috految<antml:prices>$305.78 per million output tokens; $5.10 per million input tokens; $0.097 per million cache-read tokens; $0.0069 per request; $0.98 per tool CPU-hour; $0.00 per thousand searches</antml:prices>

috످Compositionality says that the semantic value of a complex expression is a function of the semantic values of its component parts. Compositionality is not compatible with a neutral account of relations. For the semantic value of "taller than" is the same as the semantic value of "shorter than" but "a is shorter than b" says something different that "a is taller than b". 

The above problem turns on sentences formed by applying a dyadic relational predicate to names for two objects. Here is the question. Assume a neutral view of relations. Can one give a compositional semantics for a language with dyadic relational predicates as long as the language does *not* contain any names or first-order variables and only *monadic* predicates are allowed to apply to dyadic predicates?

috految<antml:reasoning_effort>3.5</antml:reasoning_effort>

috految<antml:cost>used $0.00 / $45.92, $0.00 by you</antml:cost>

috److On the neutral view (Williamson's "Converse Relations," Fine's "Neutral Relations"), relations do not hold of their relata in an order, and there is no distinction between a relation and its converse. Assume, as your argument does, that the semantic value of a predicate is the relation it signifies, and understand compositionality as allowing sensitivity to syntactic structure. Then, where R˘ is a converse of the predicate R, we have:

**Neutrality:** ⟦R⟧ = ⟦R˘⟧.

**Substitution:** Substituting expressions of the same category and value preserves the value of the whole.

It is tempting to think that your restrictions reconcile these. The original problem arises from differential application: a relation can be completed by two objects in two ways, and the values of the parts do not settle which is meant. Banning names and first-order variables eliminates Rab, as well as ∀x∃yRxy and λx.∃yRxy. That alone is insufficient, since the problem recurs with dyadic higher-order predicates. *Coextensive(taller, taller)* is true and *Coextensive(taller, shorter)* is false, even though coextensiveness is symmetric. But your second restriction eliminates this too. We are left with monadic predications F(R), and since there is seemingly only one way to complete a monadic property with a single argument, we can apparently set:

⟦F(R)⟧ = the completion of ⟦F⟧ by ⟦R⟧.

(I assume that other ways of filling a dyadic predicate's places are excluded. Otherwise, we could just use "Every giraffe is taller/shorter than some mouse," or apply dyadic predicates to monadic ones, as in "*Red* is included in/includes *colored*.")

For some predicates this looks fine: *taller* is transitive iff *shorter* is, and likewise for symmetry and reflexivity. But consider, with the natural numbers as our domain:

(1) Well-founded(less than)

(2) Well-founded(greater than)

(1) is true and (2) false. Yet they have the same structure, and their corresponding parts have the same values. Likewise for *serial*: every number is less than some number, but not every number is greater than some number. We use variables in explaining these predicates, but they can be primitive in the object language. Nor does it matter what value we assign to "well-founded," since no function yields different outputs on the same input. Indeed, if we allow a primitive F such that F(R) says that Rab, we recreate the original problem exactly. So the restrictions do not guarantee compositionality.

But is the neutralist entitled to such predicates? She has two main options.

**First, she might deny that they express properties of relations.** If *less* is *greater*, then by Leibniz's Law there is no property that one has and the other lacks. A relation is well-founded only *with respect to a position*, and "well-founded" is like Quine's "so-called because of his size." We might then banish it, or treat it as covertly dyadic and so excluded by your restrictions. There remain good monadic properties, like being well-founded in some direction.

Indeed, we get a positive result. Take a standard model, and represent neutral relations by unordered pairs {r, r˘}. If the only contexts for dyadic predicates are monadic predications, we can define

⟦F⟧({r, r˘}) = f(r),

where f is F's standard value, just in case f is *converse-invariant*: f(r) = f(r˘) for every r. In that case we have a compositional semantics, which extends to sentential connectives and quantification over relations.

But this is fragile. For one thing, invariance must hold at the level of what is said. Transitive(R) and Transitive(R˘) are equivalent, but suppose they express, respectively, that

∀xyz(Rxy ∧ Ryz → Rxz)

∀xyz(Ryx ∧ Rzy → Rzx).

To identify these we must ignore the order of conjuncts and like quantifiers. That is congenial to a neutralist, but it is a further commitment about grain.

For another, the result fails if we allow complex predicates. Even with the invariant predicate "instantiated," we have:

(3) Instantiated(taller ∧ taller)

(4) Instantiated(taller ∧ shorter)

(3) is true and (4) false. There is no such thing as *the* conjunction of two neutral relations, since their positions can be aligned in two ways. You might count predicate conjunction as violating the spirit of your restriction, but the same trouble arises with monadic operators, such as Quine's derelativization, which takes "loves" to "loves something" and "is loved by" to "is loved by something."

Moreover, the ban on non-invariant predicates is hard to motivate. The neutralist accepts the proposition that everyone loves someone, and it seems to share a form with the proposition that everyone hates someone. Why can't we abstract out the relation, leaving a monadic higher-order property? Saying that this property must be covertly relative to positions is unattractive for Fine's antipositionalist, who recognizes no basic positions.

**Second, she might extend neutrality up the type hierarchy.** Consider:

Serial = λX.∀x∃yXxy

Surjective = λX.∀x∃yXyx

Serial(less than) and Surjective(greater than) say the same thing, just as "a is taller than b" and "b is shorter than a" do. Fine's argument against converses was that a single state should not be the completion of two distinct relations. By parity, seriality and surjectivity are one property, S. Williamson's argument carries over too: nothing could determine that our predicate stands for one rather than the other, since we could swap them while reversing the convention for applying them to dyadic predicates. So even *monadic* predicates can have converses, obtained by permuting the argument places of their argument.

But now the single property S and the single relation L yield two propositions: that every number is less than some number, and that every number is greater than some number. Thus the tempting argument rested on a false premise: **a monadic property can apply to a single argument in more than one way.** S has one argument place, but that place has an internal structure which can be aligned with L in two ways, as a two-pronged plug can enter a single socket in two ways. Frege's notation for second-level concepts, Mβγφ(β,γ), makes this visible: the bound variables record the alignment. And Leibniz's Law is safe, since L has S in one manner and lacks it in another.

The positionalist can say that application requires a bijection between L's positions and the subpositions of S. The antipositionalist can say that there are two completions, distinguished only by their substitutional connections to others. But he must generalize substitution. Substituting *hates* for *loves* in the proposition that everyone loves someone has no unique result, since nothing in the relations pairs lover with hater rather than hated. We must specify an alignment, perhaps using exemplar completions of each relation. Either way, the values of F and R do not determine that of F(R). Even banning converse pairs from the lexicon would secure only the letter of compositionality, by building arbitrary alignments for each relation into the composition rule.

Could we let F(R) have the set of both completions as its value? That is compositional, but gives (1) and (2) the same value. We could instead pair each relation with a convention linking its positions to syntactic slots, as Williamson's account suggests. But if the convention is part of semantic value, "taller" and "shorter" differ in value after all, and if it is not, the values of the parts do not suffice. Or we could follow Fine's *Semantic Relationism* and let the value of the whole depend on coordination among the parts, but that weakens compositionality. These last two moves are reasonable, but would equally have handled the original case.

So the answer is no in general, though yes for languages whose contexts are all converse-invariant. The original problem depended neither on names nor on a predicate's having more than one argument. It arises whenever semantic values can be combined in more than one way, and given neutral relations, that can happen even in monadic predication, provided the argument is itself relational.

috످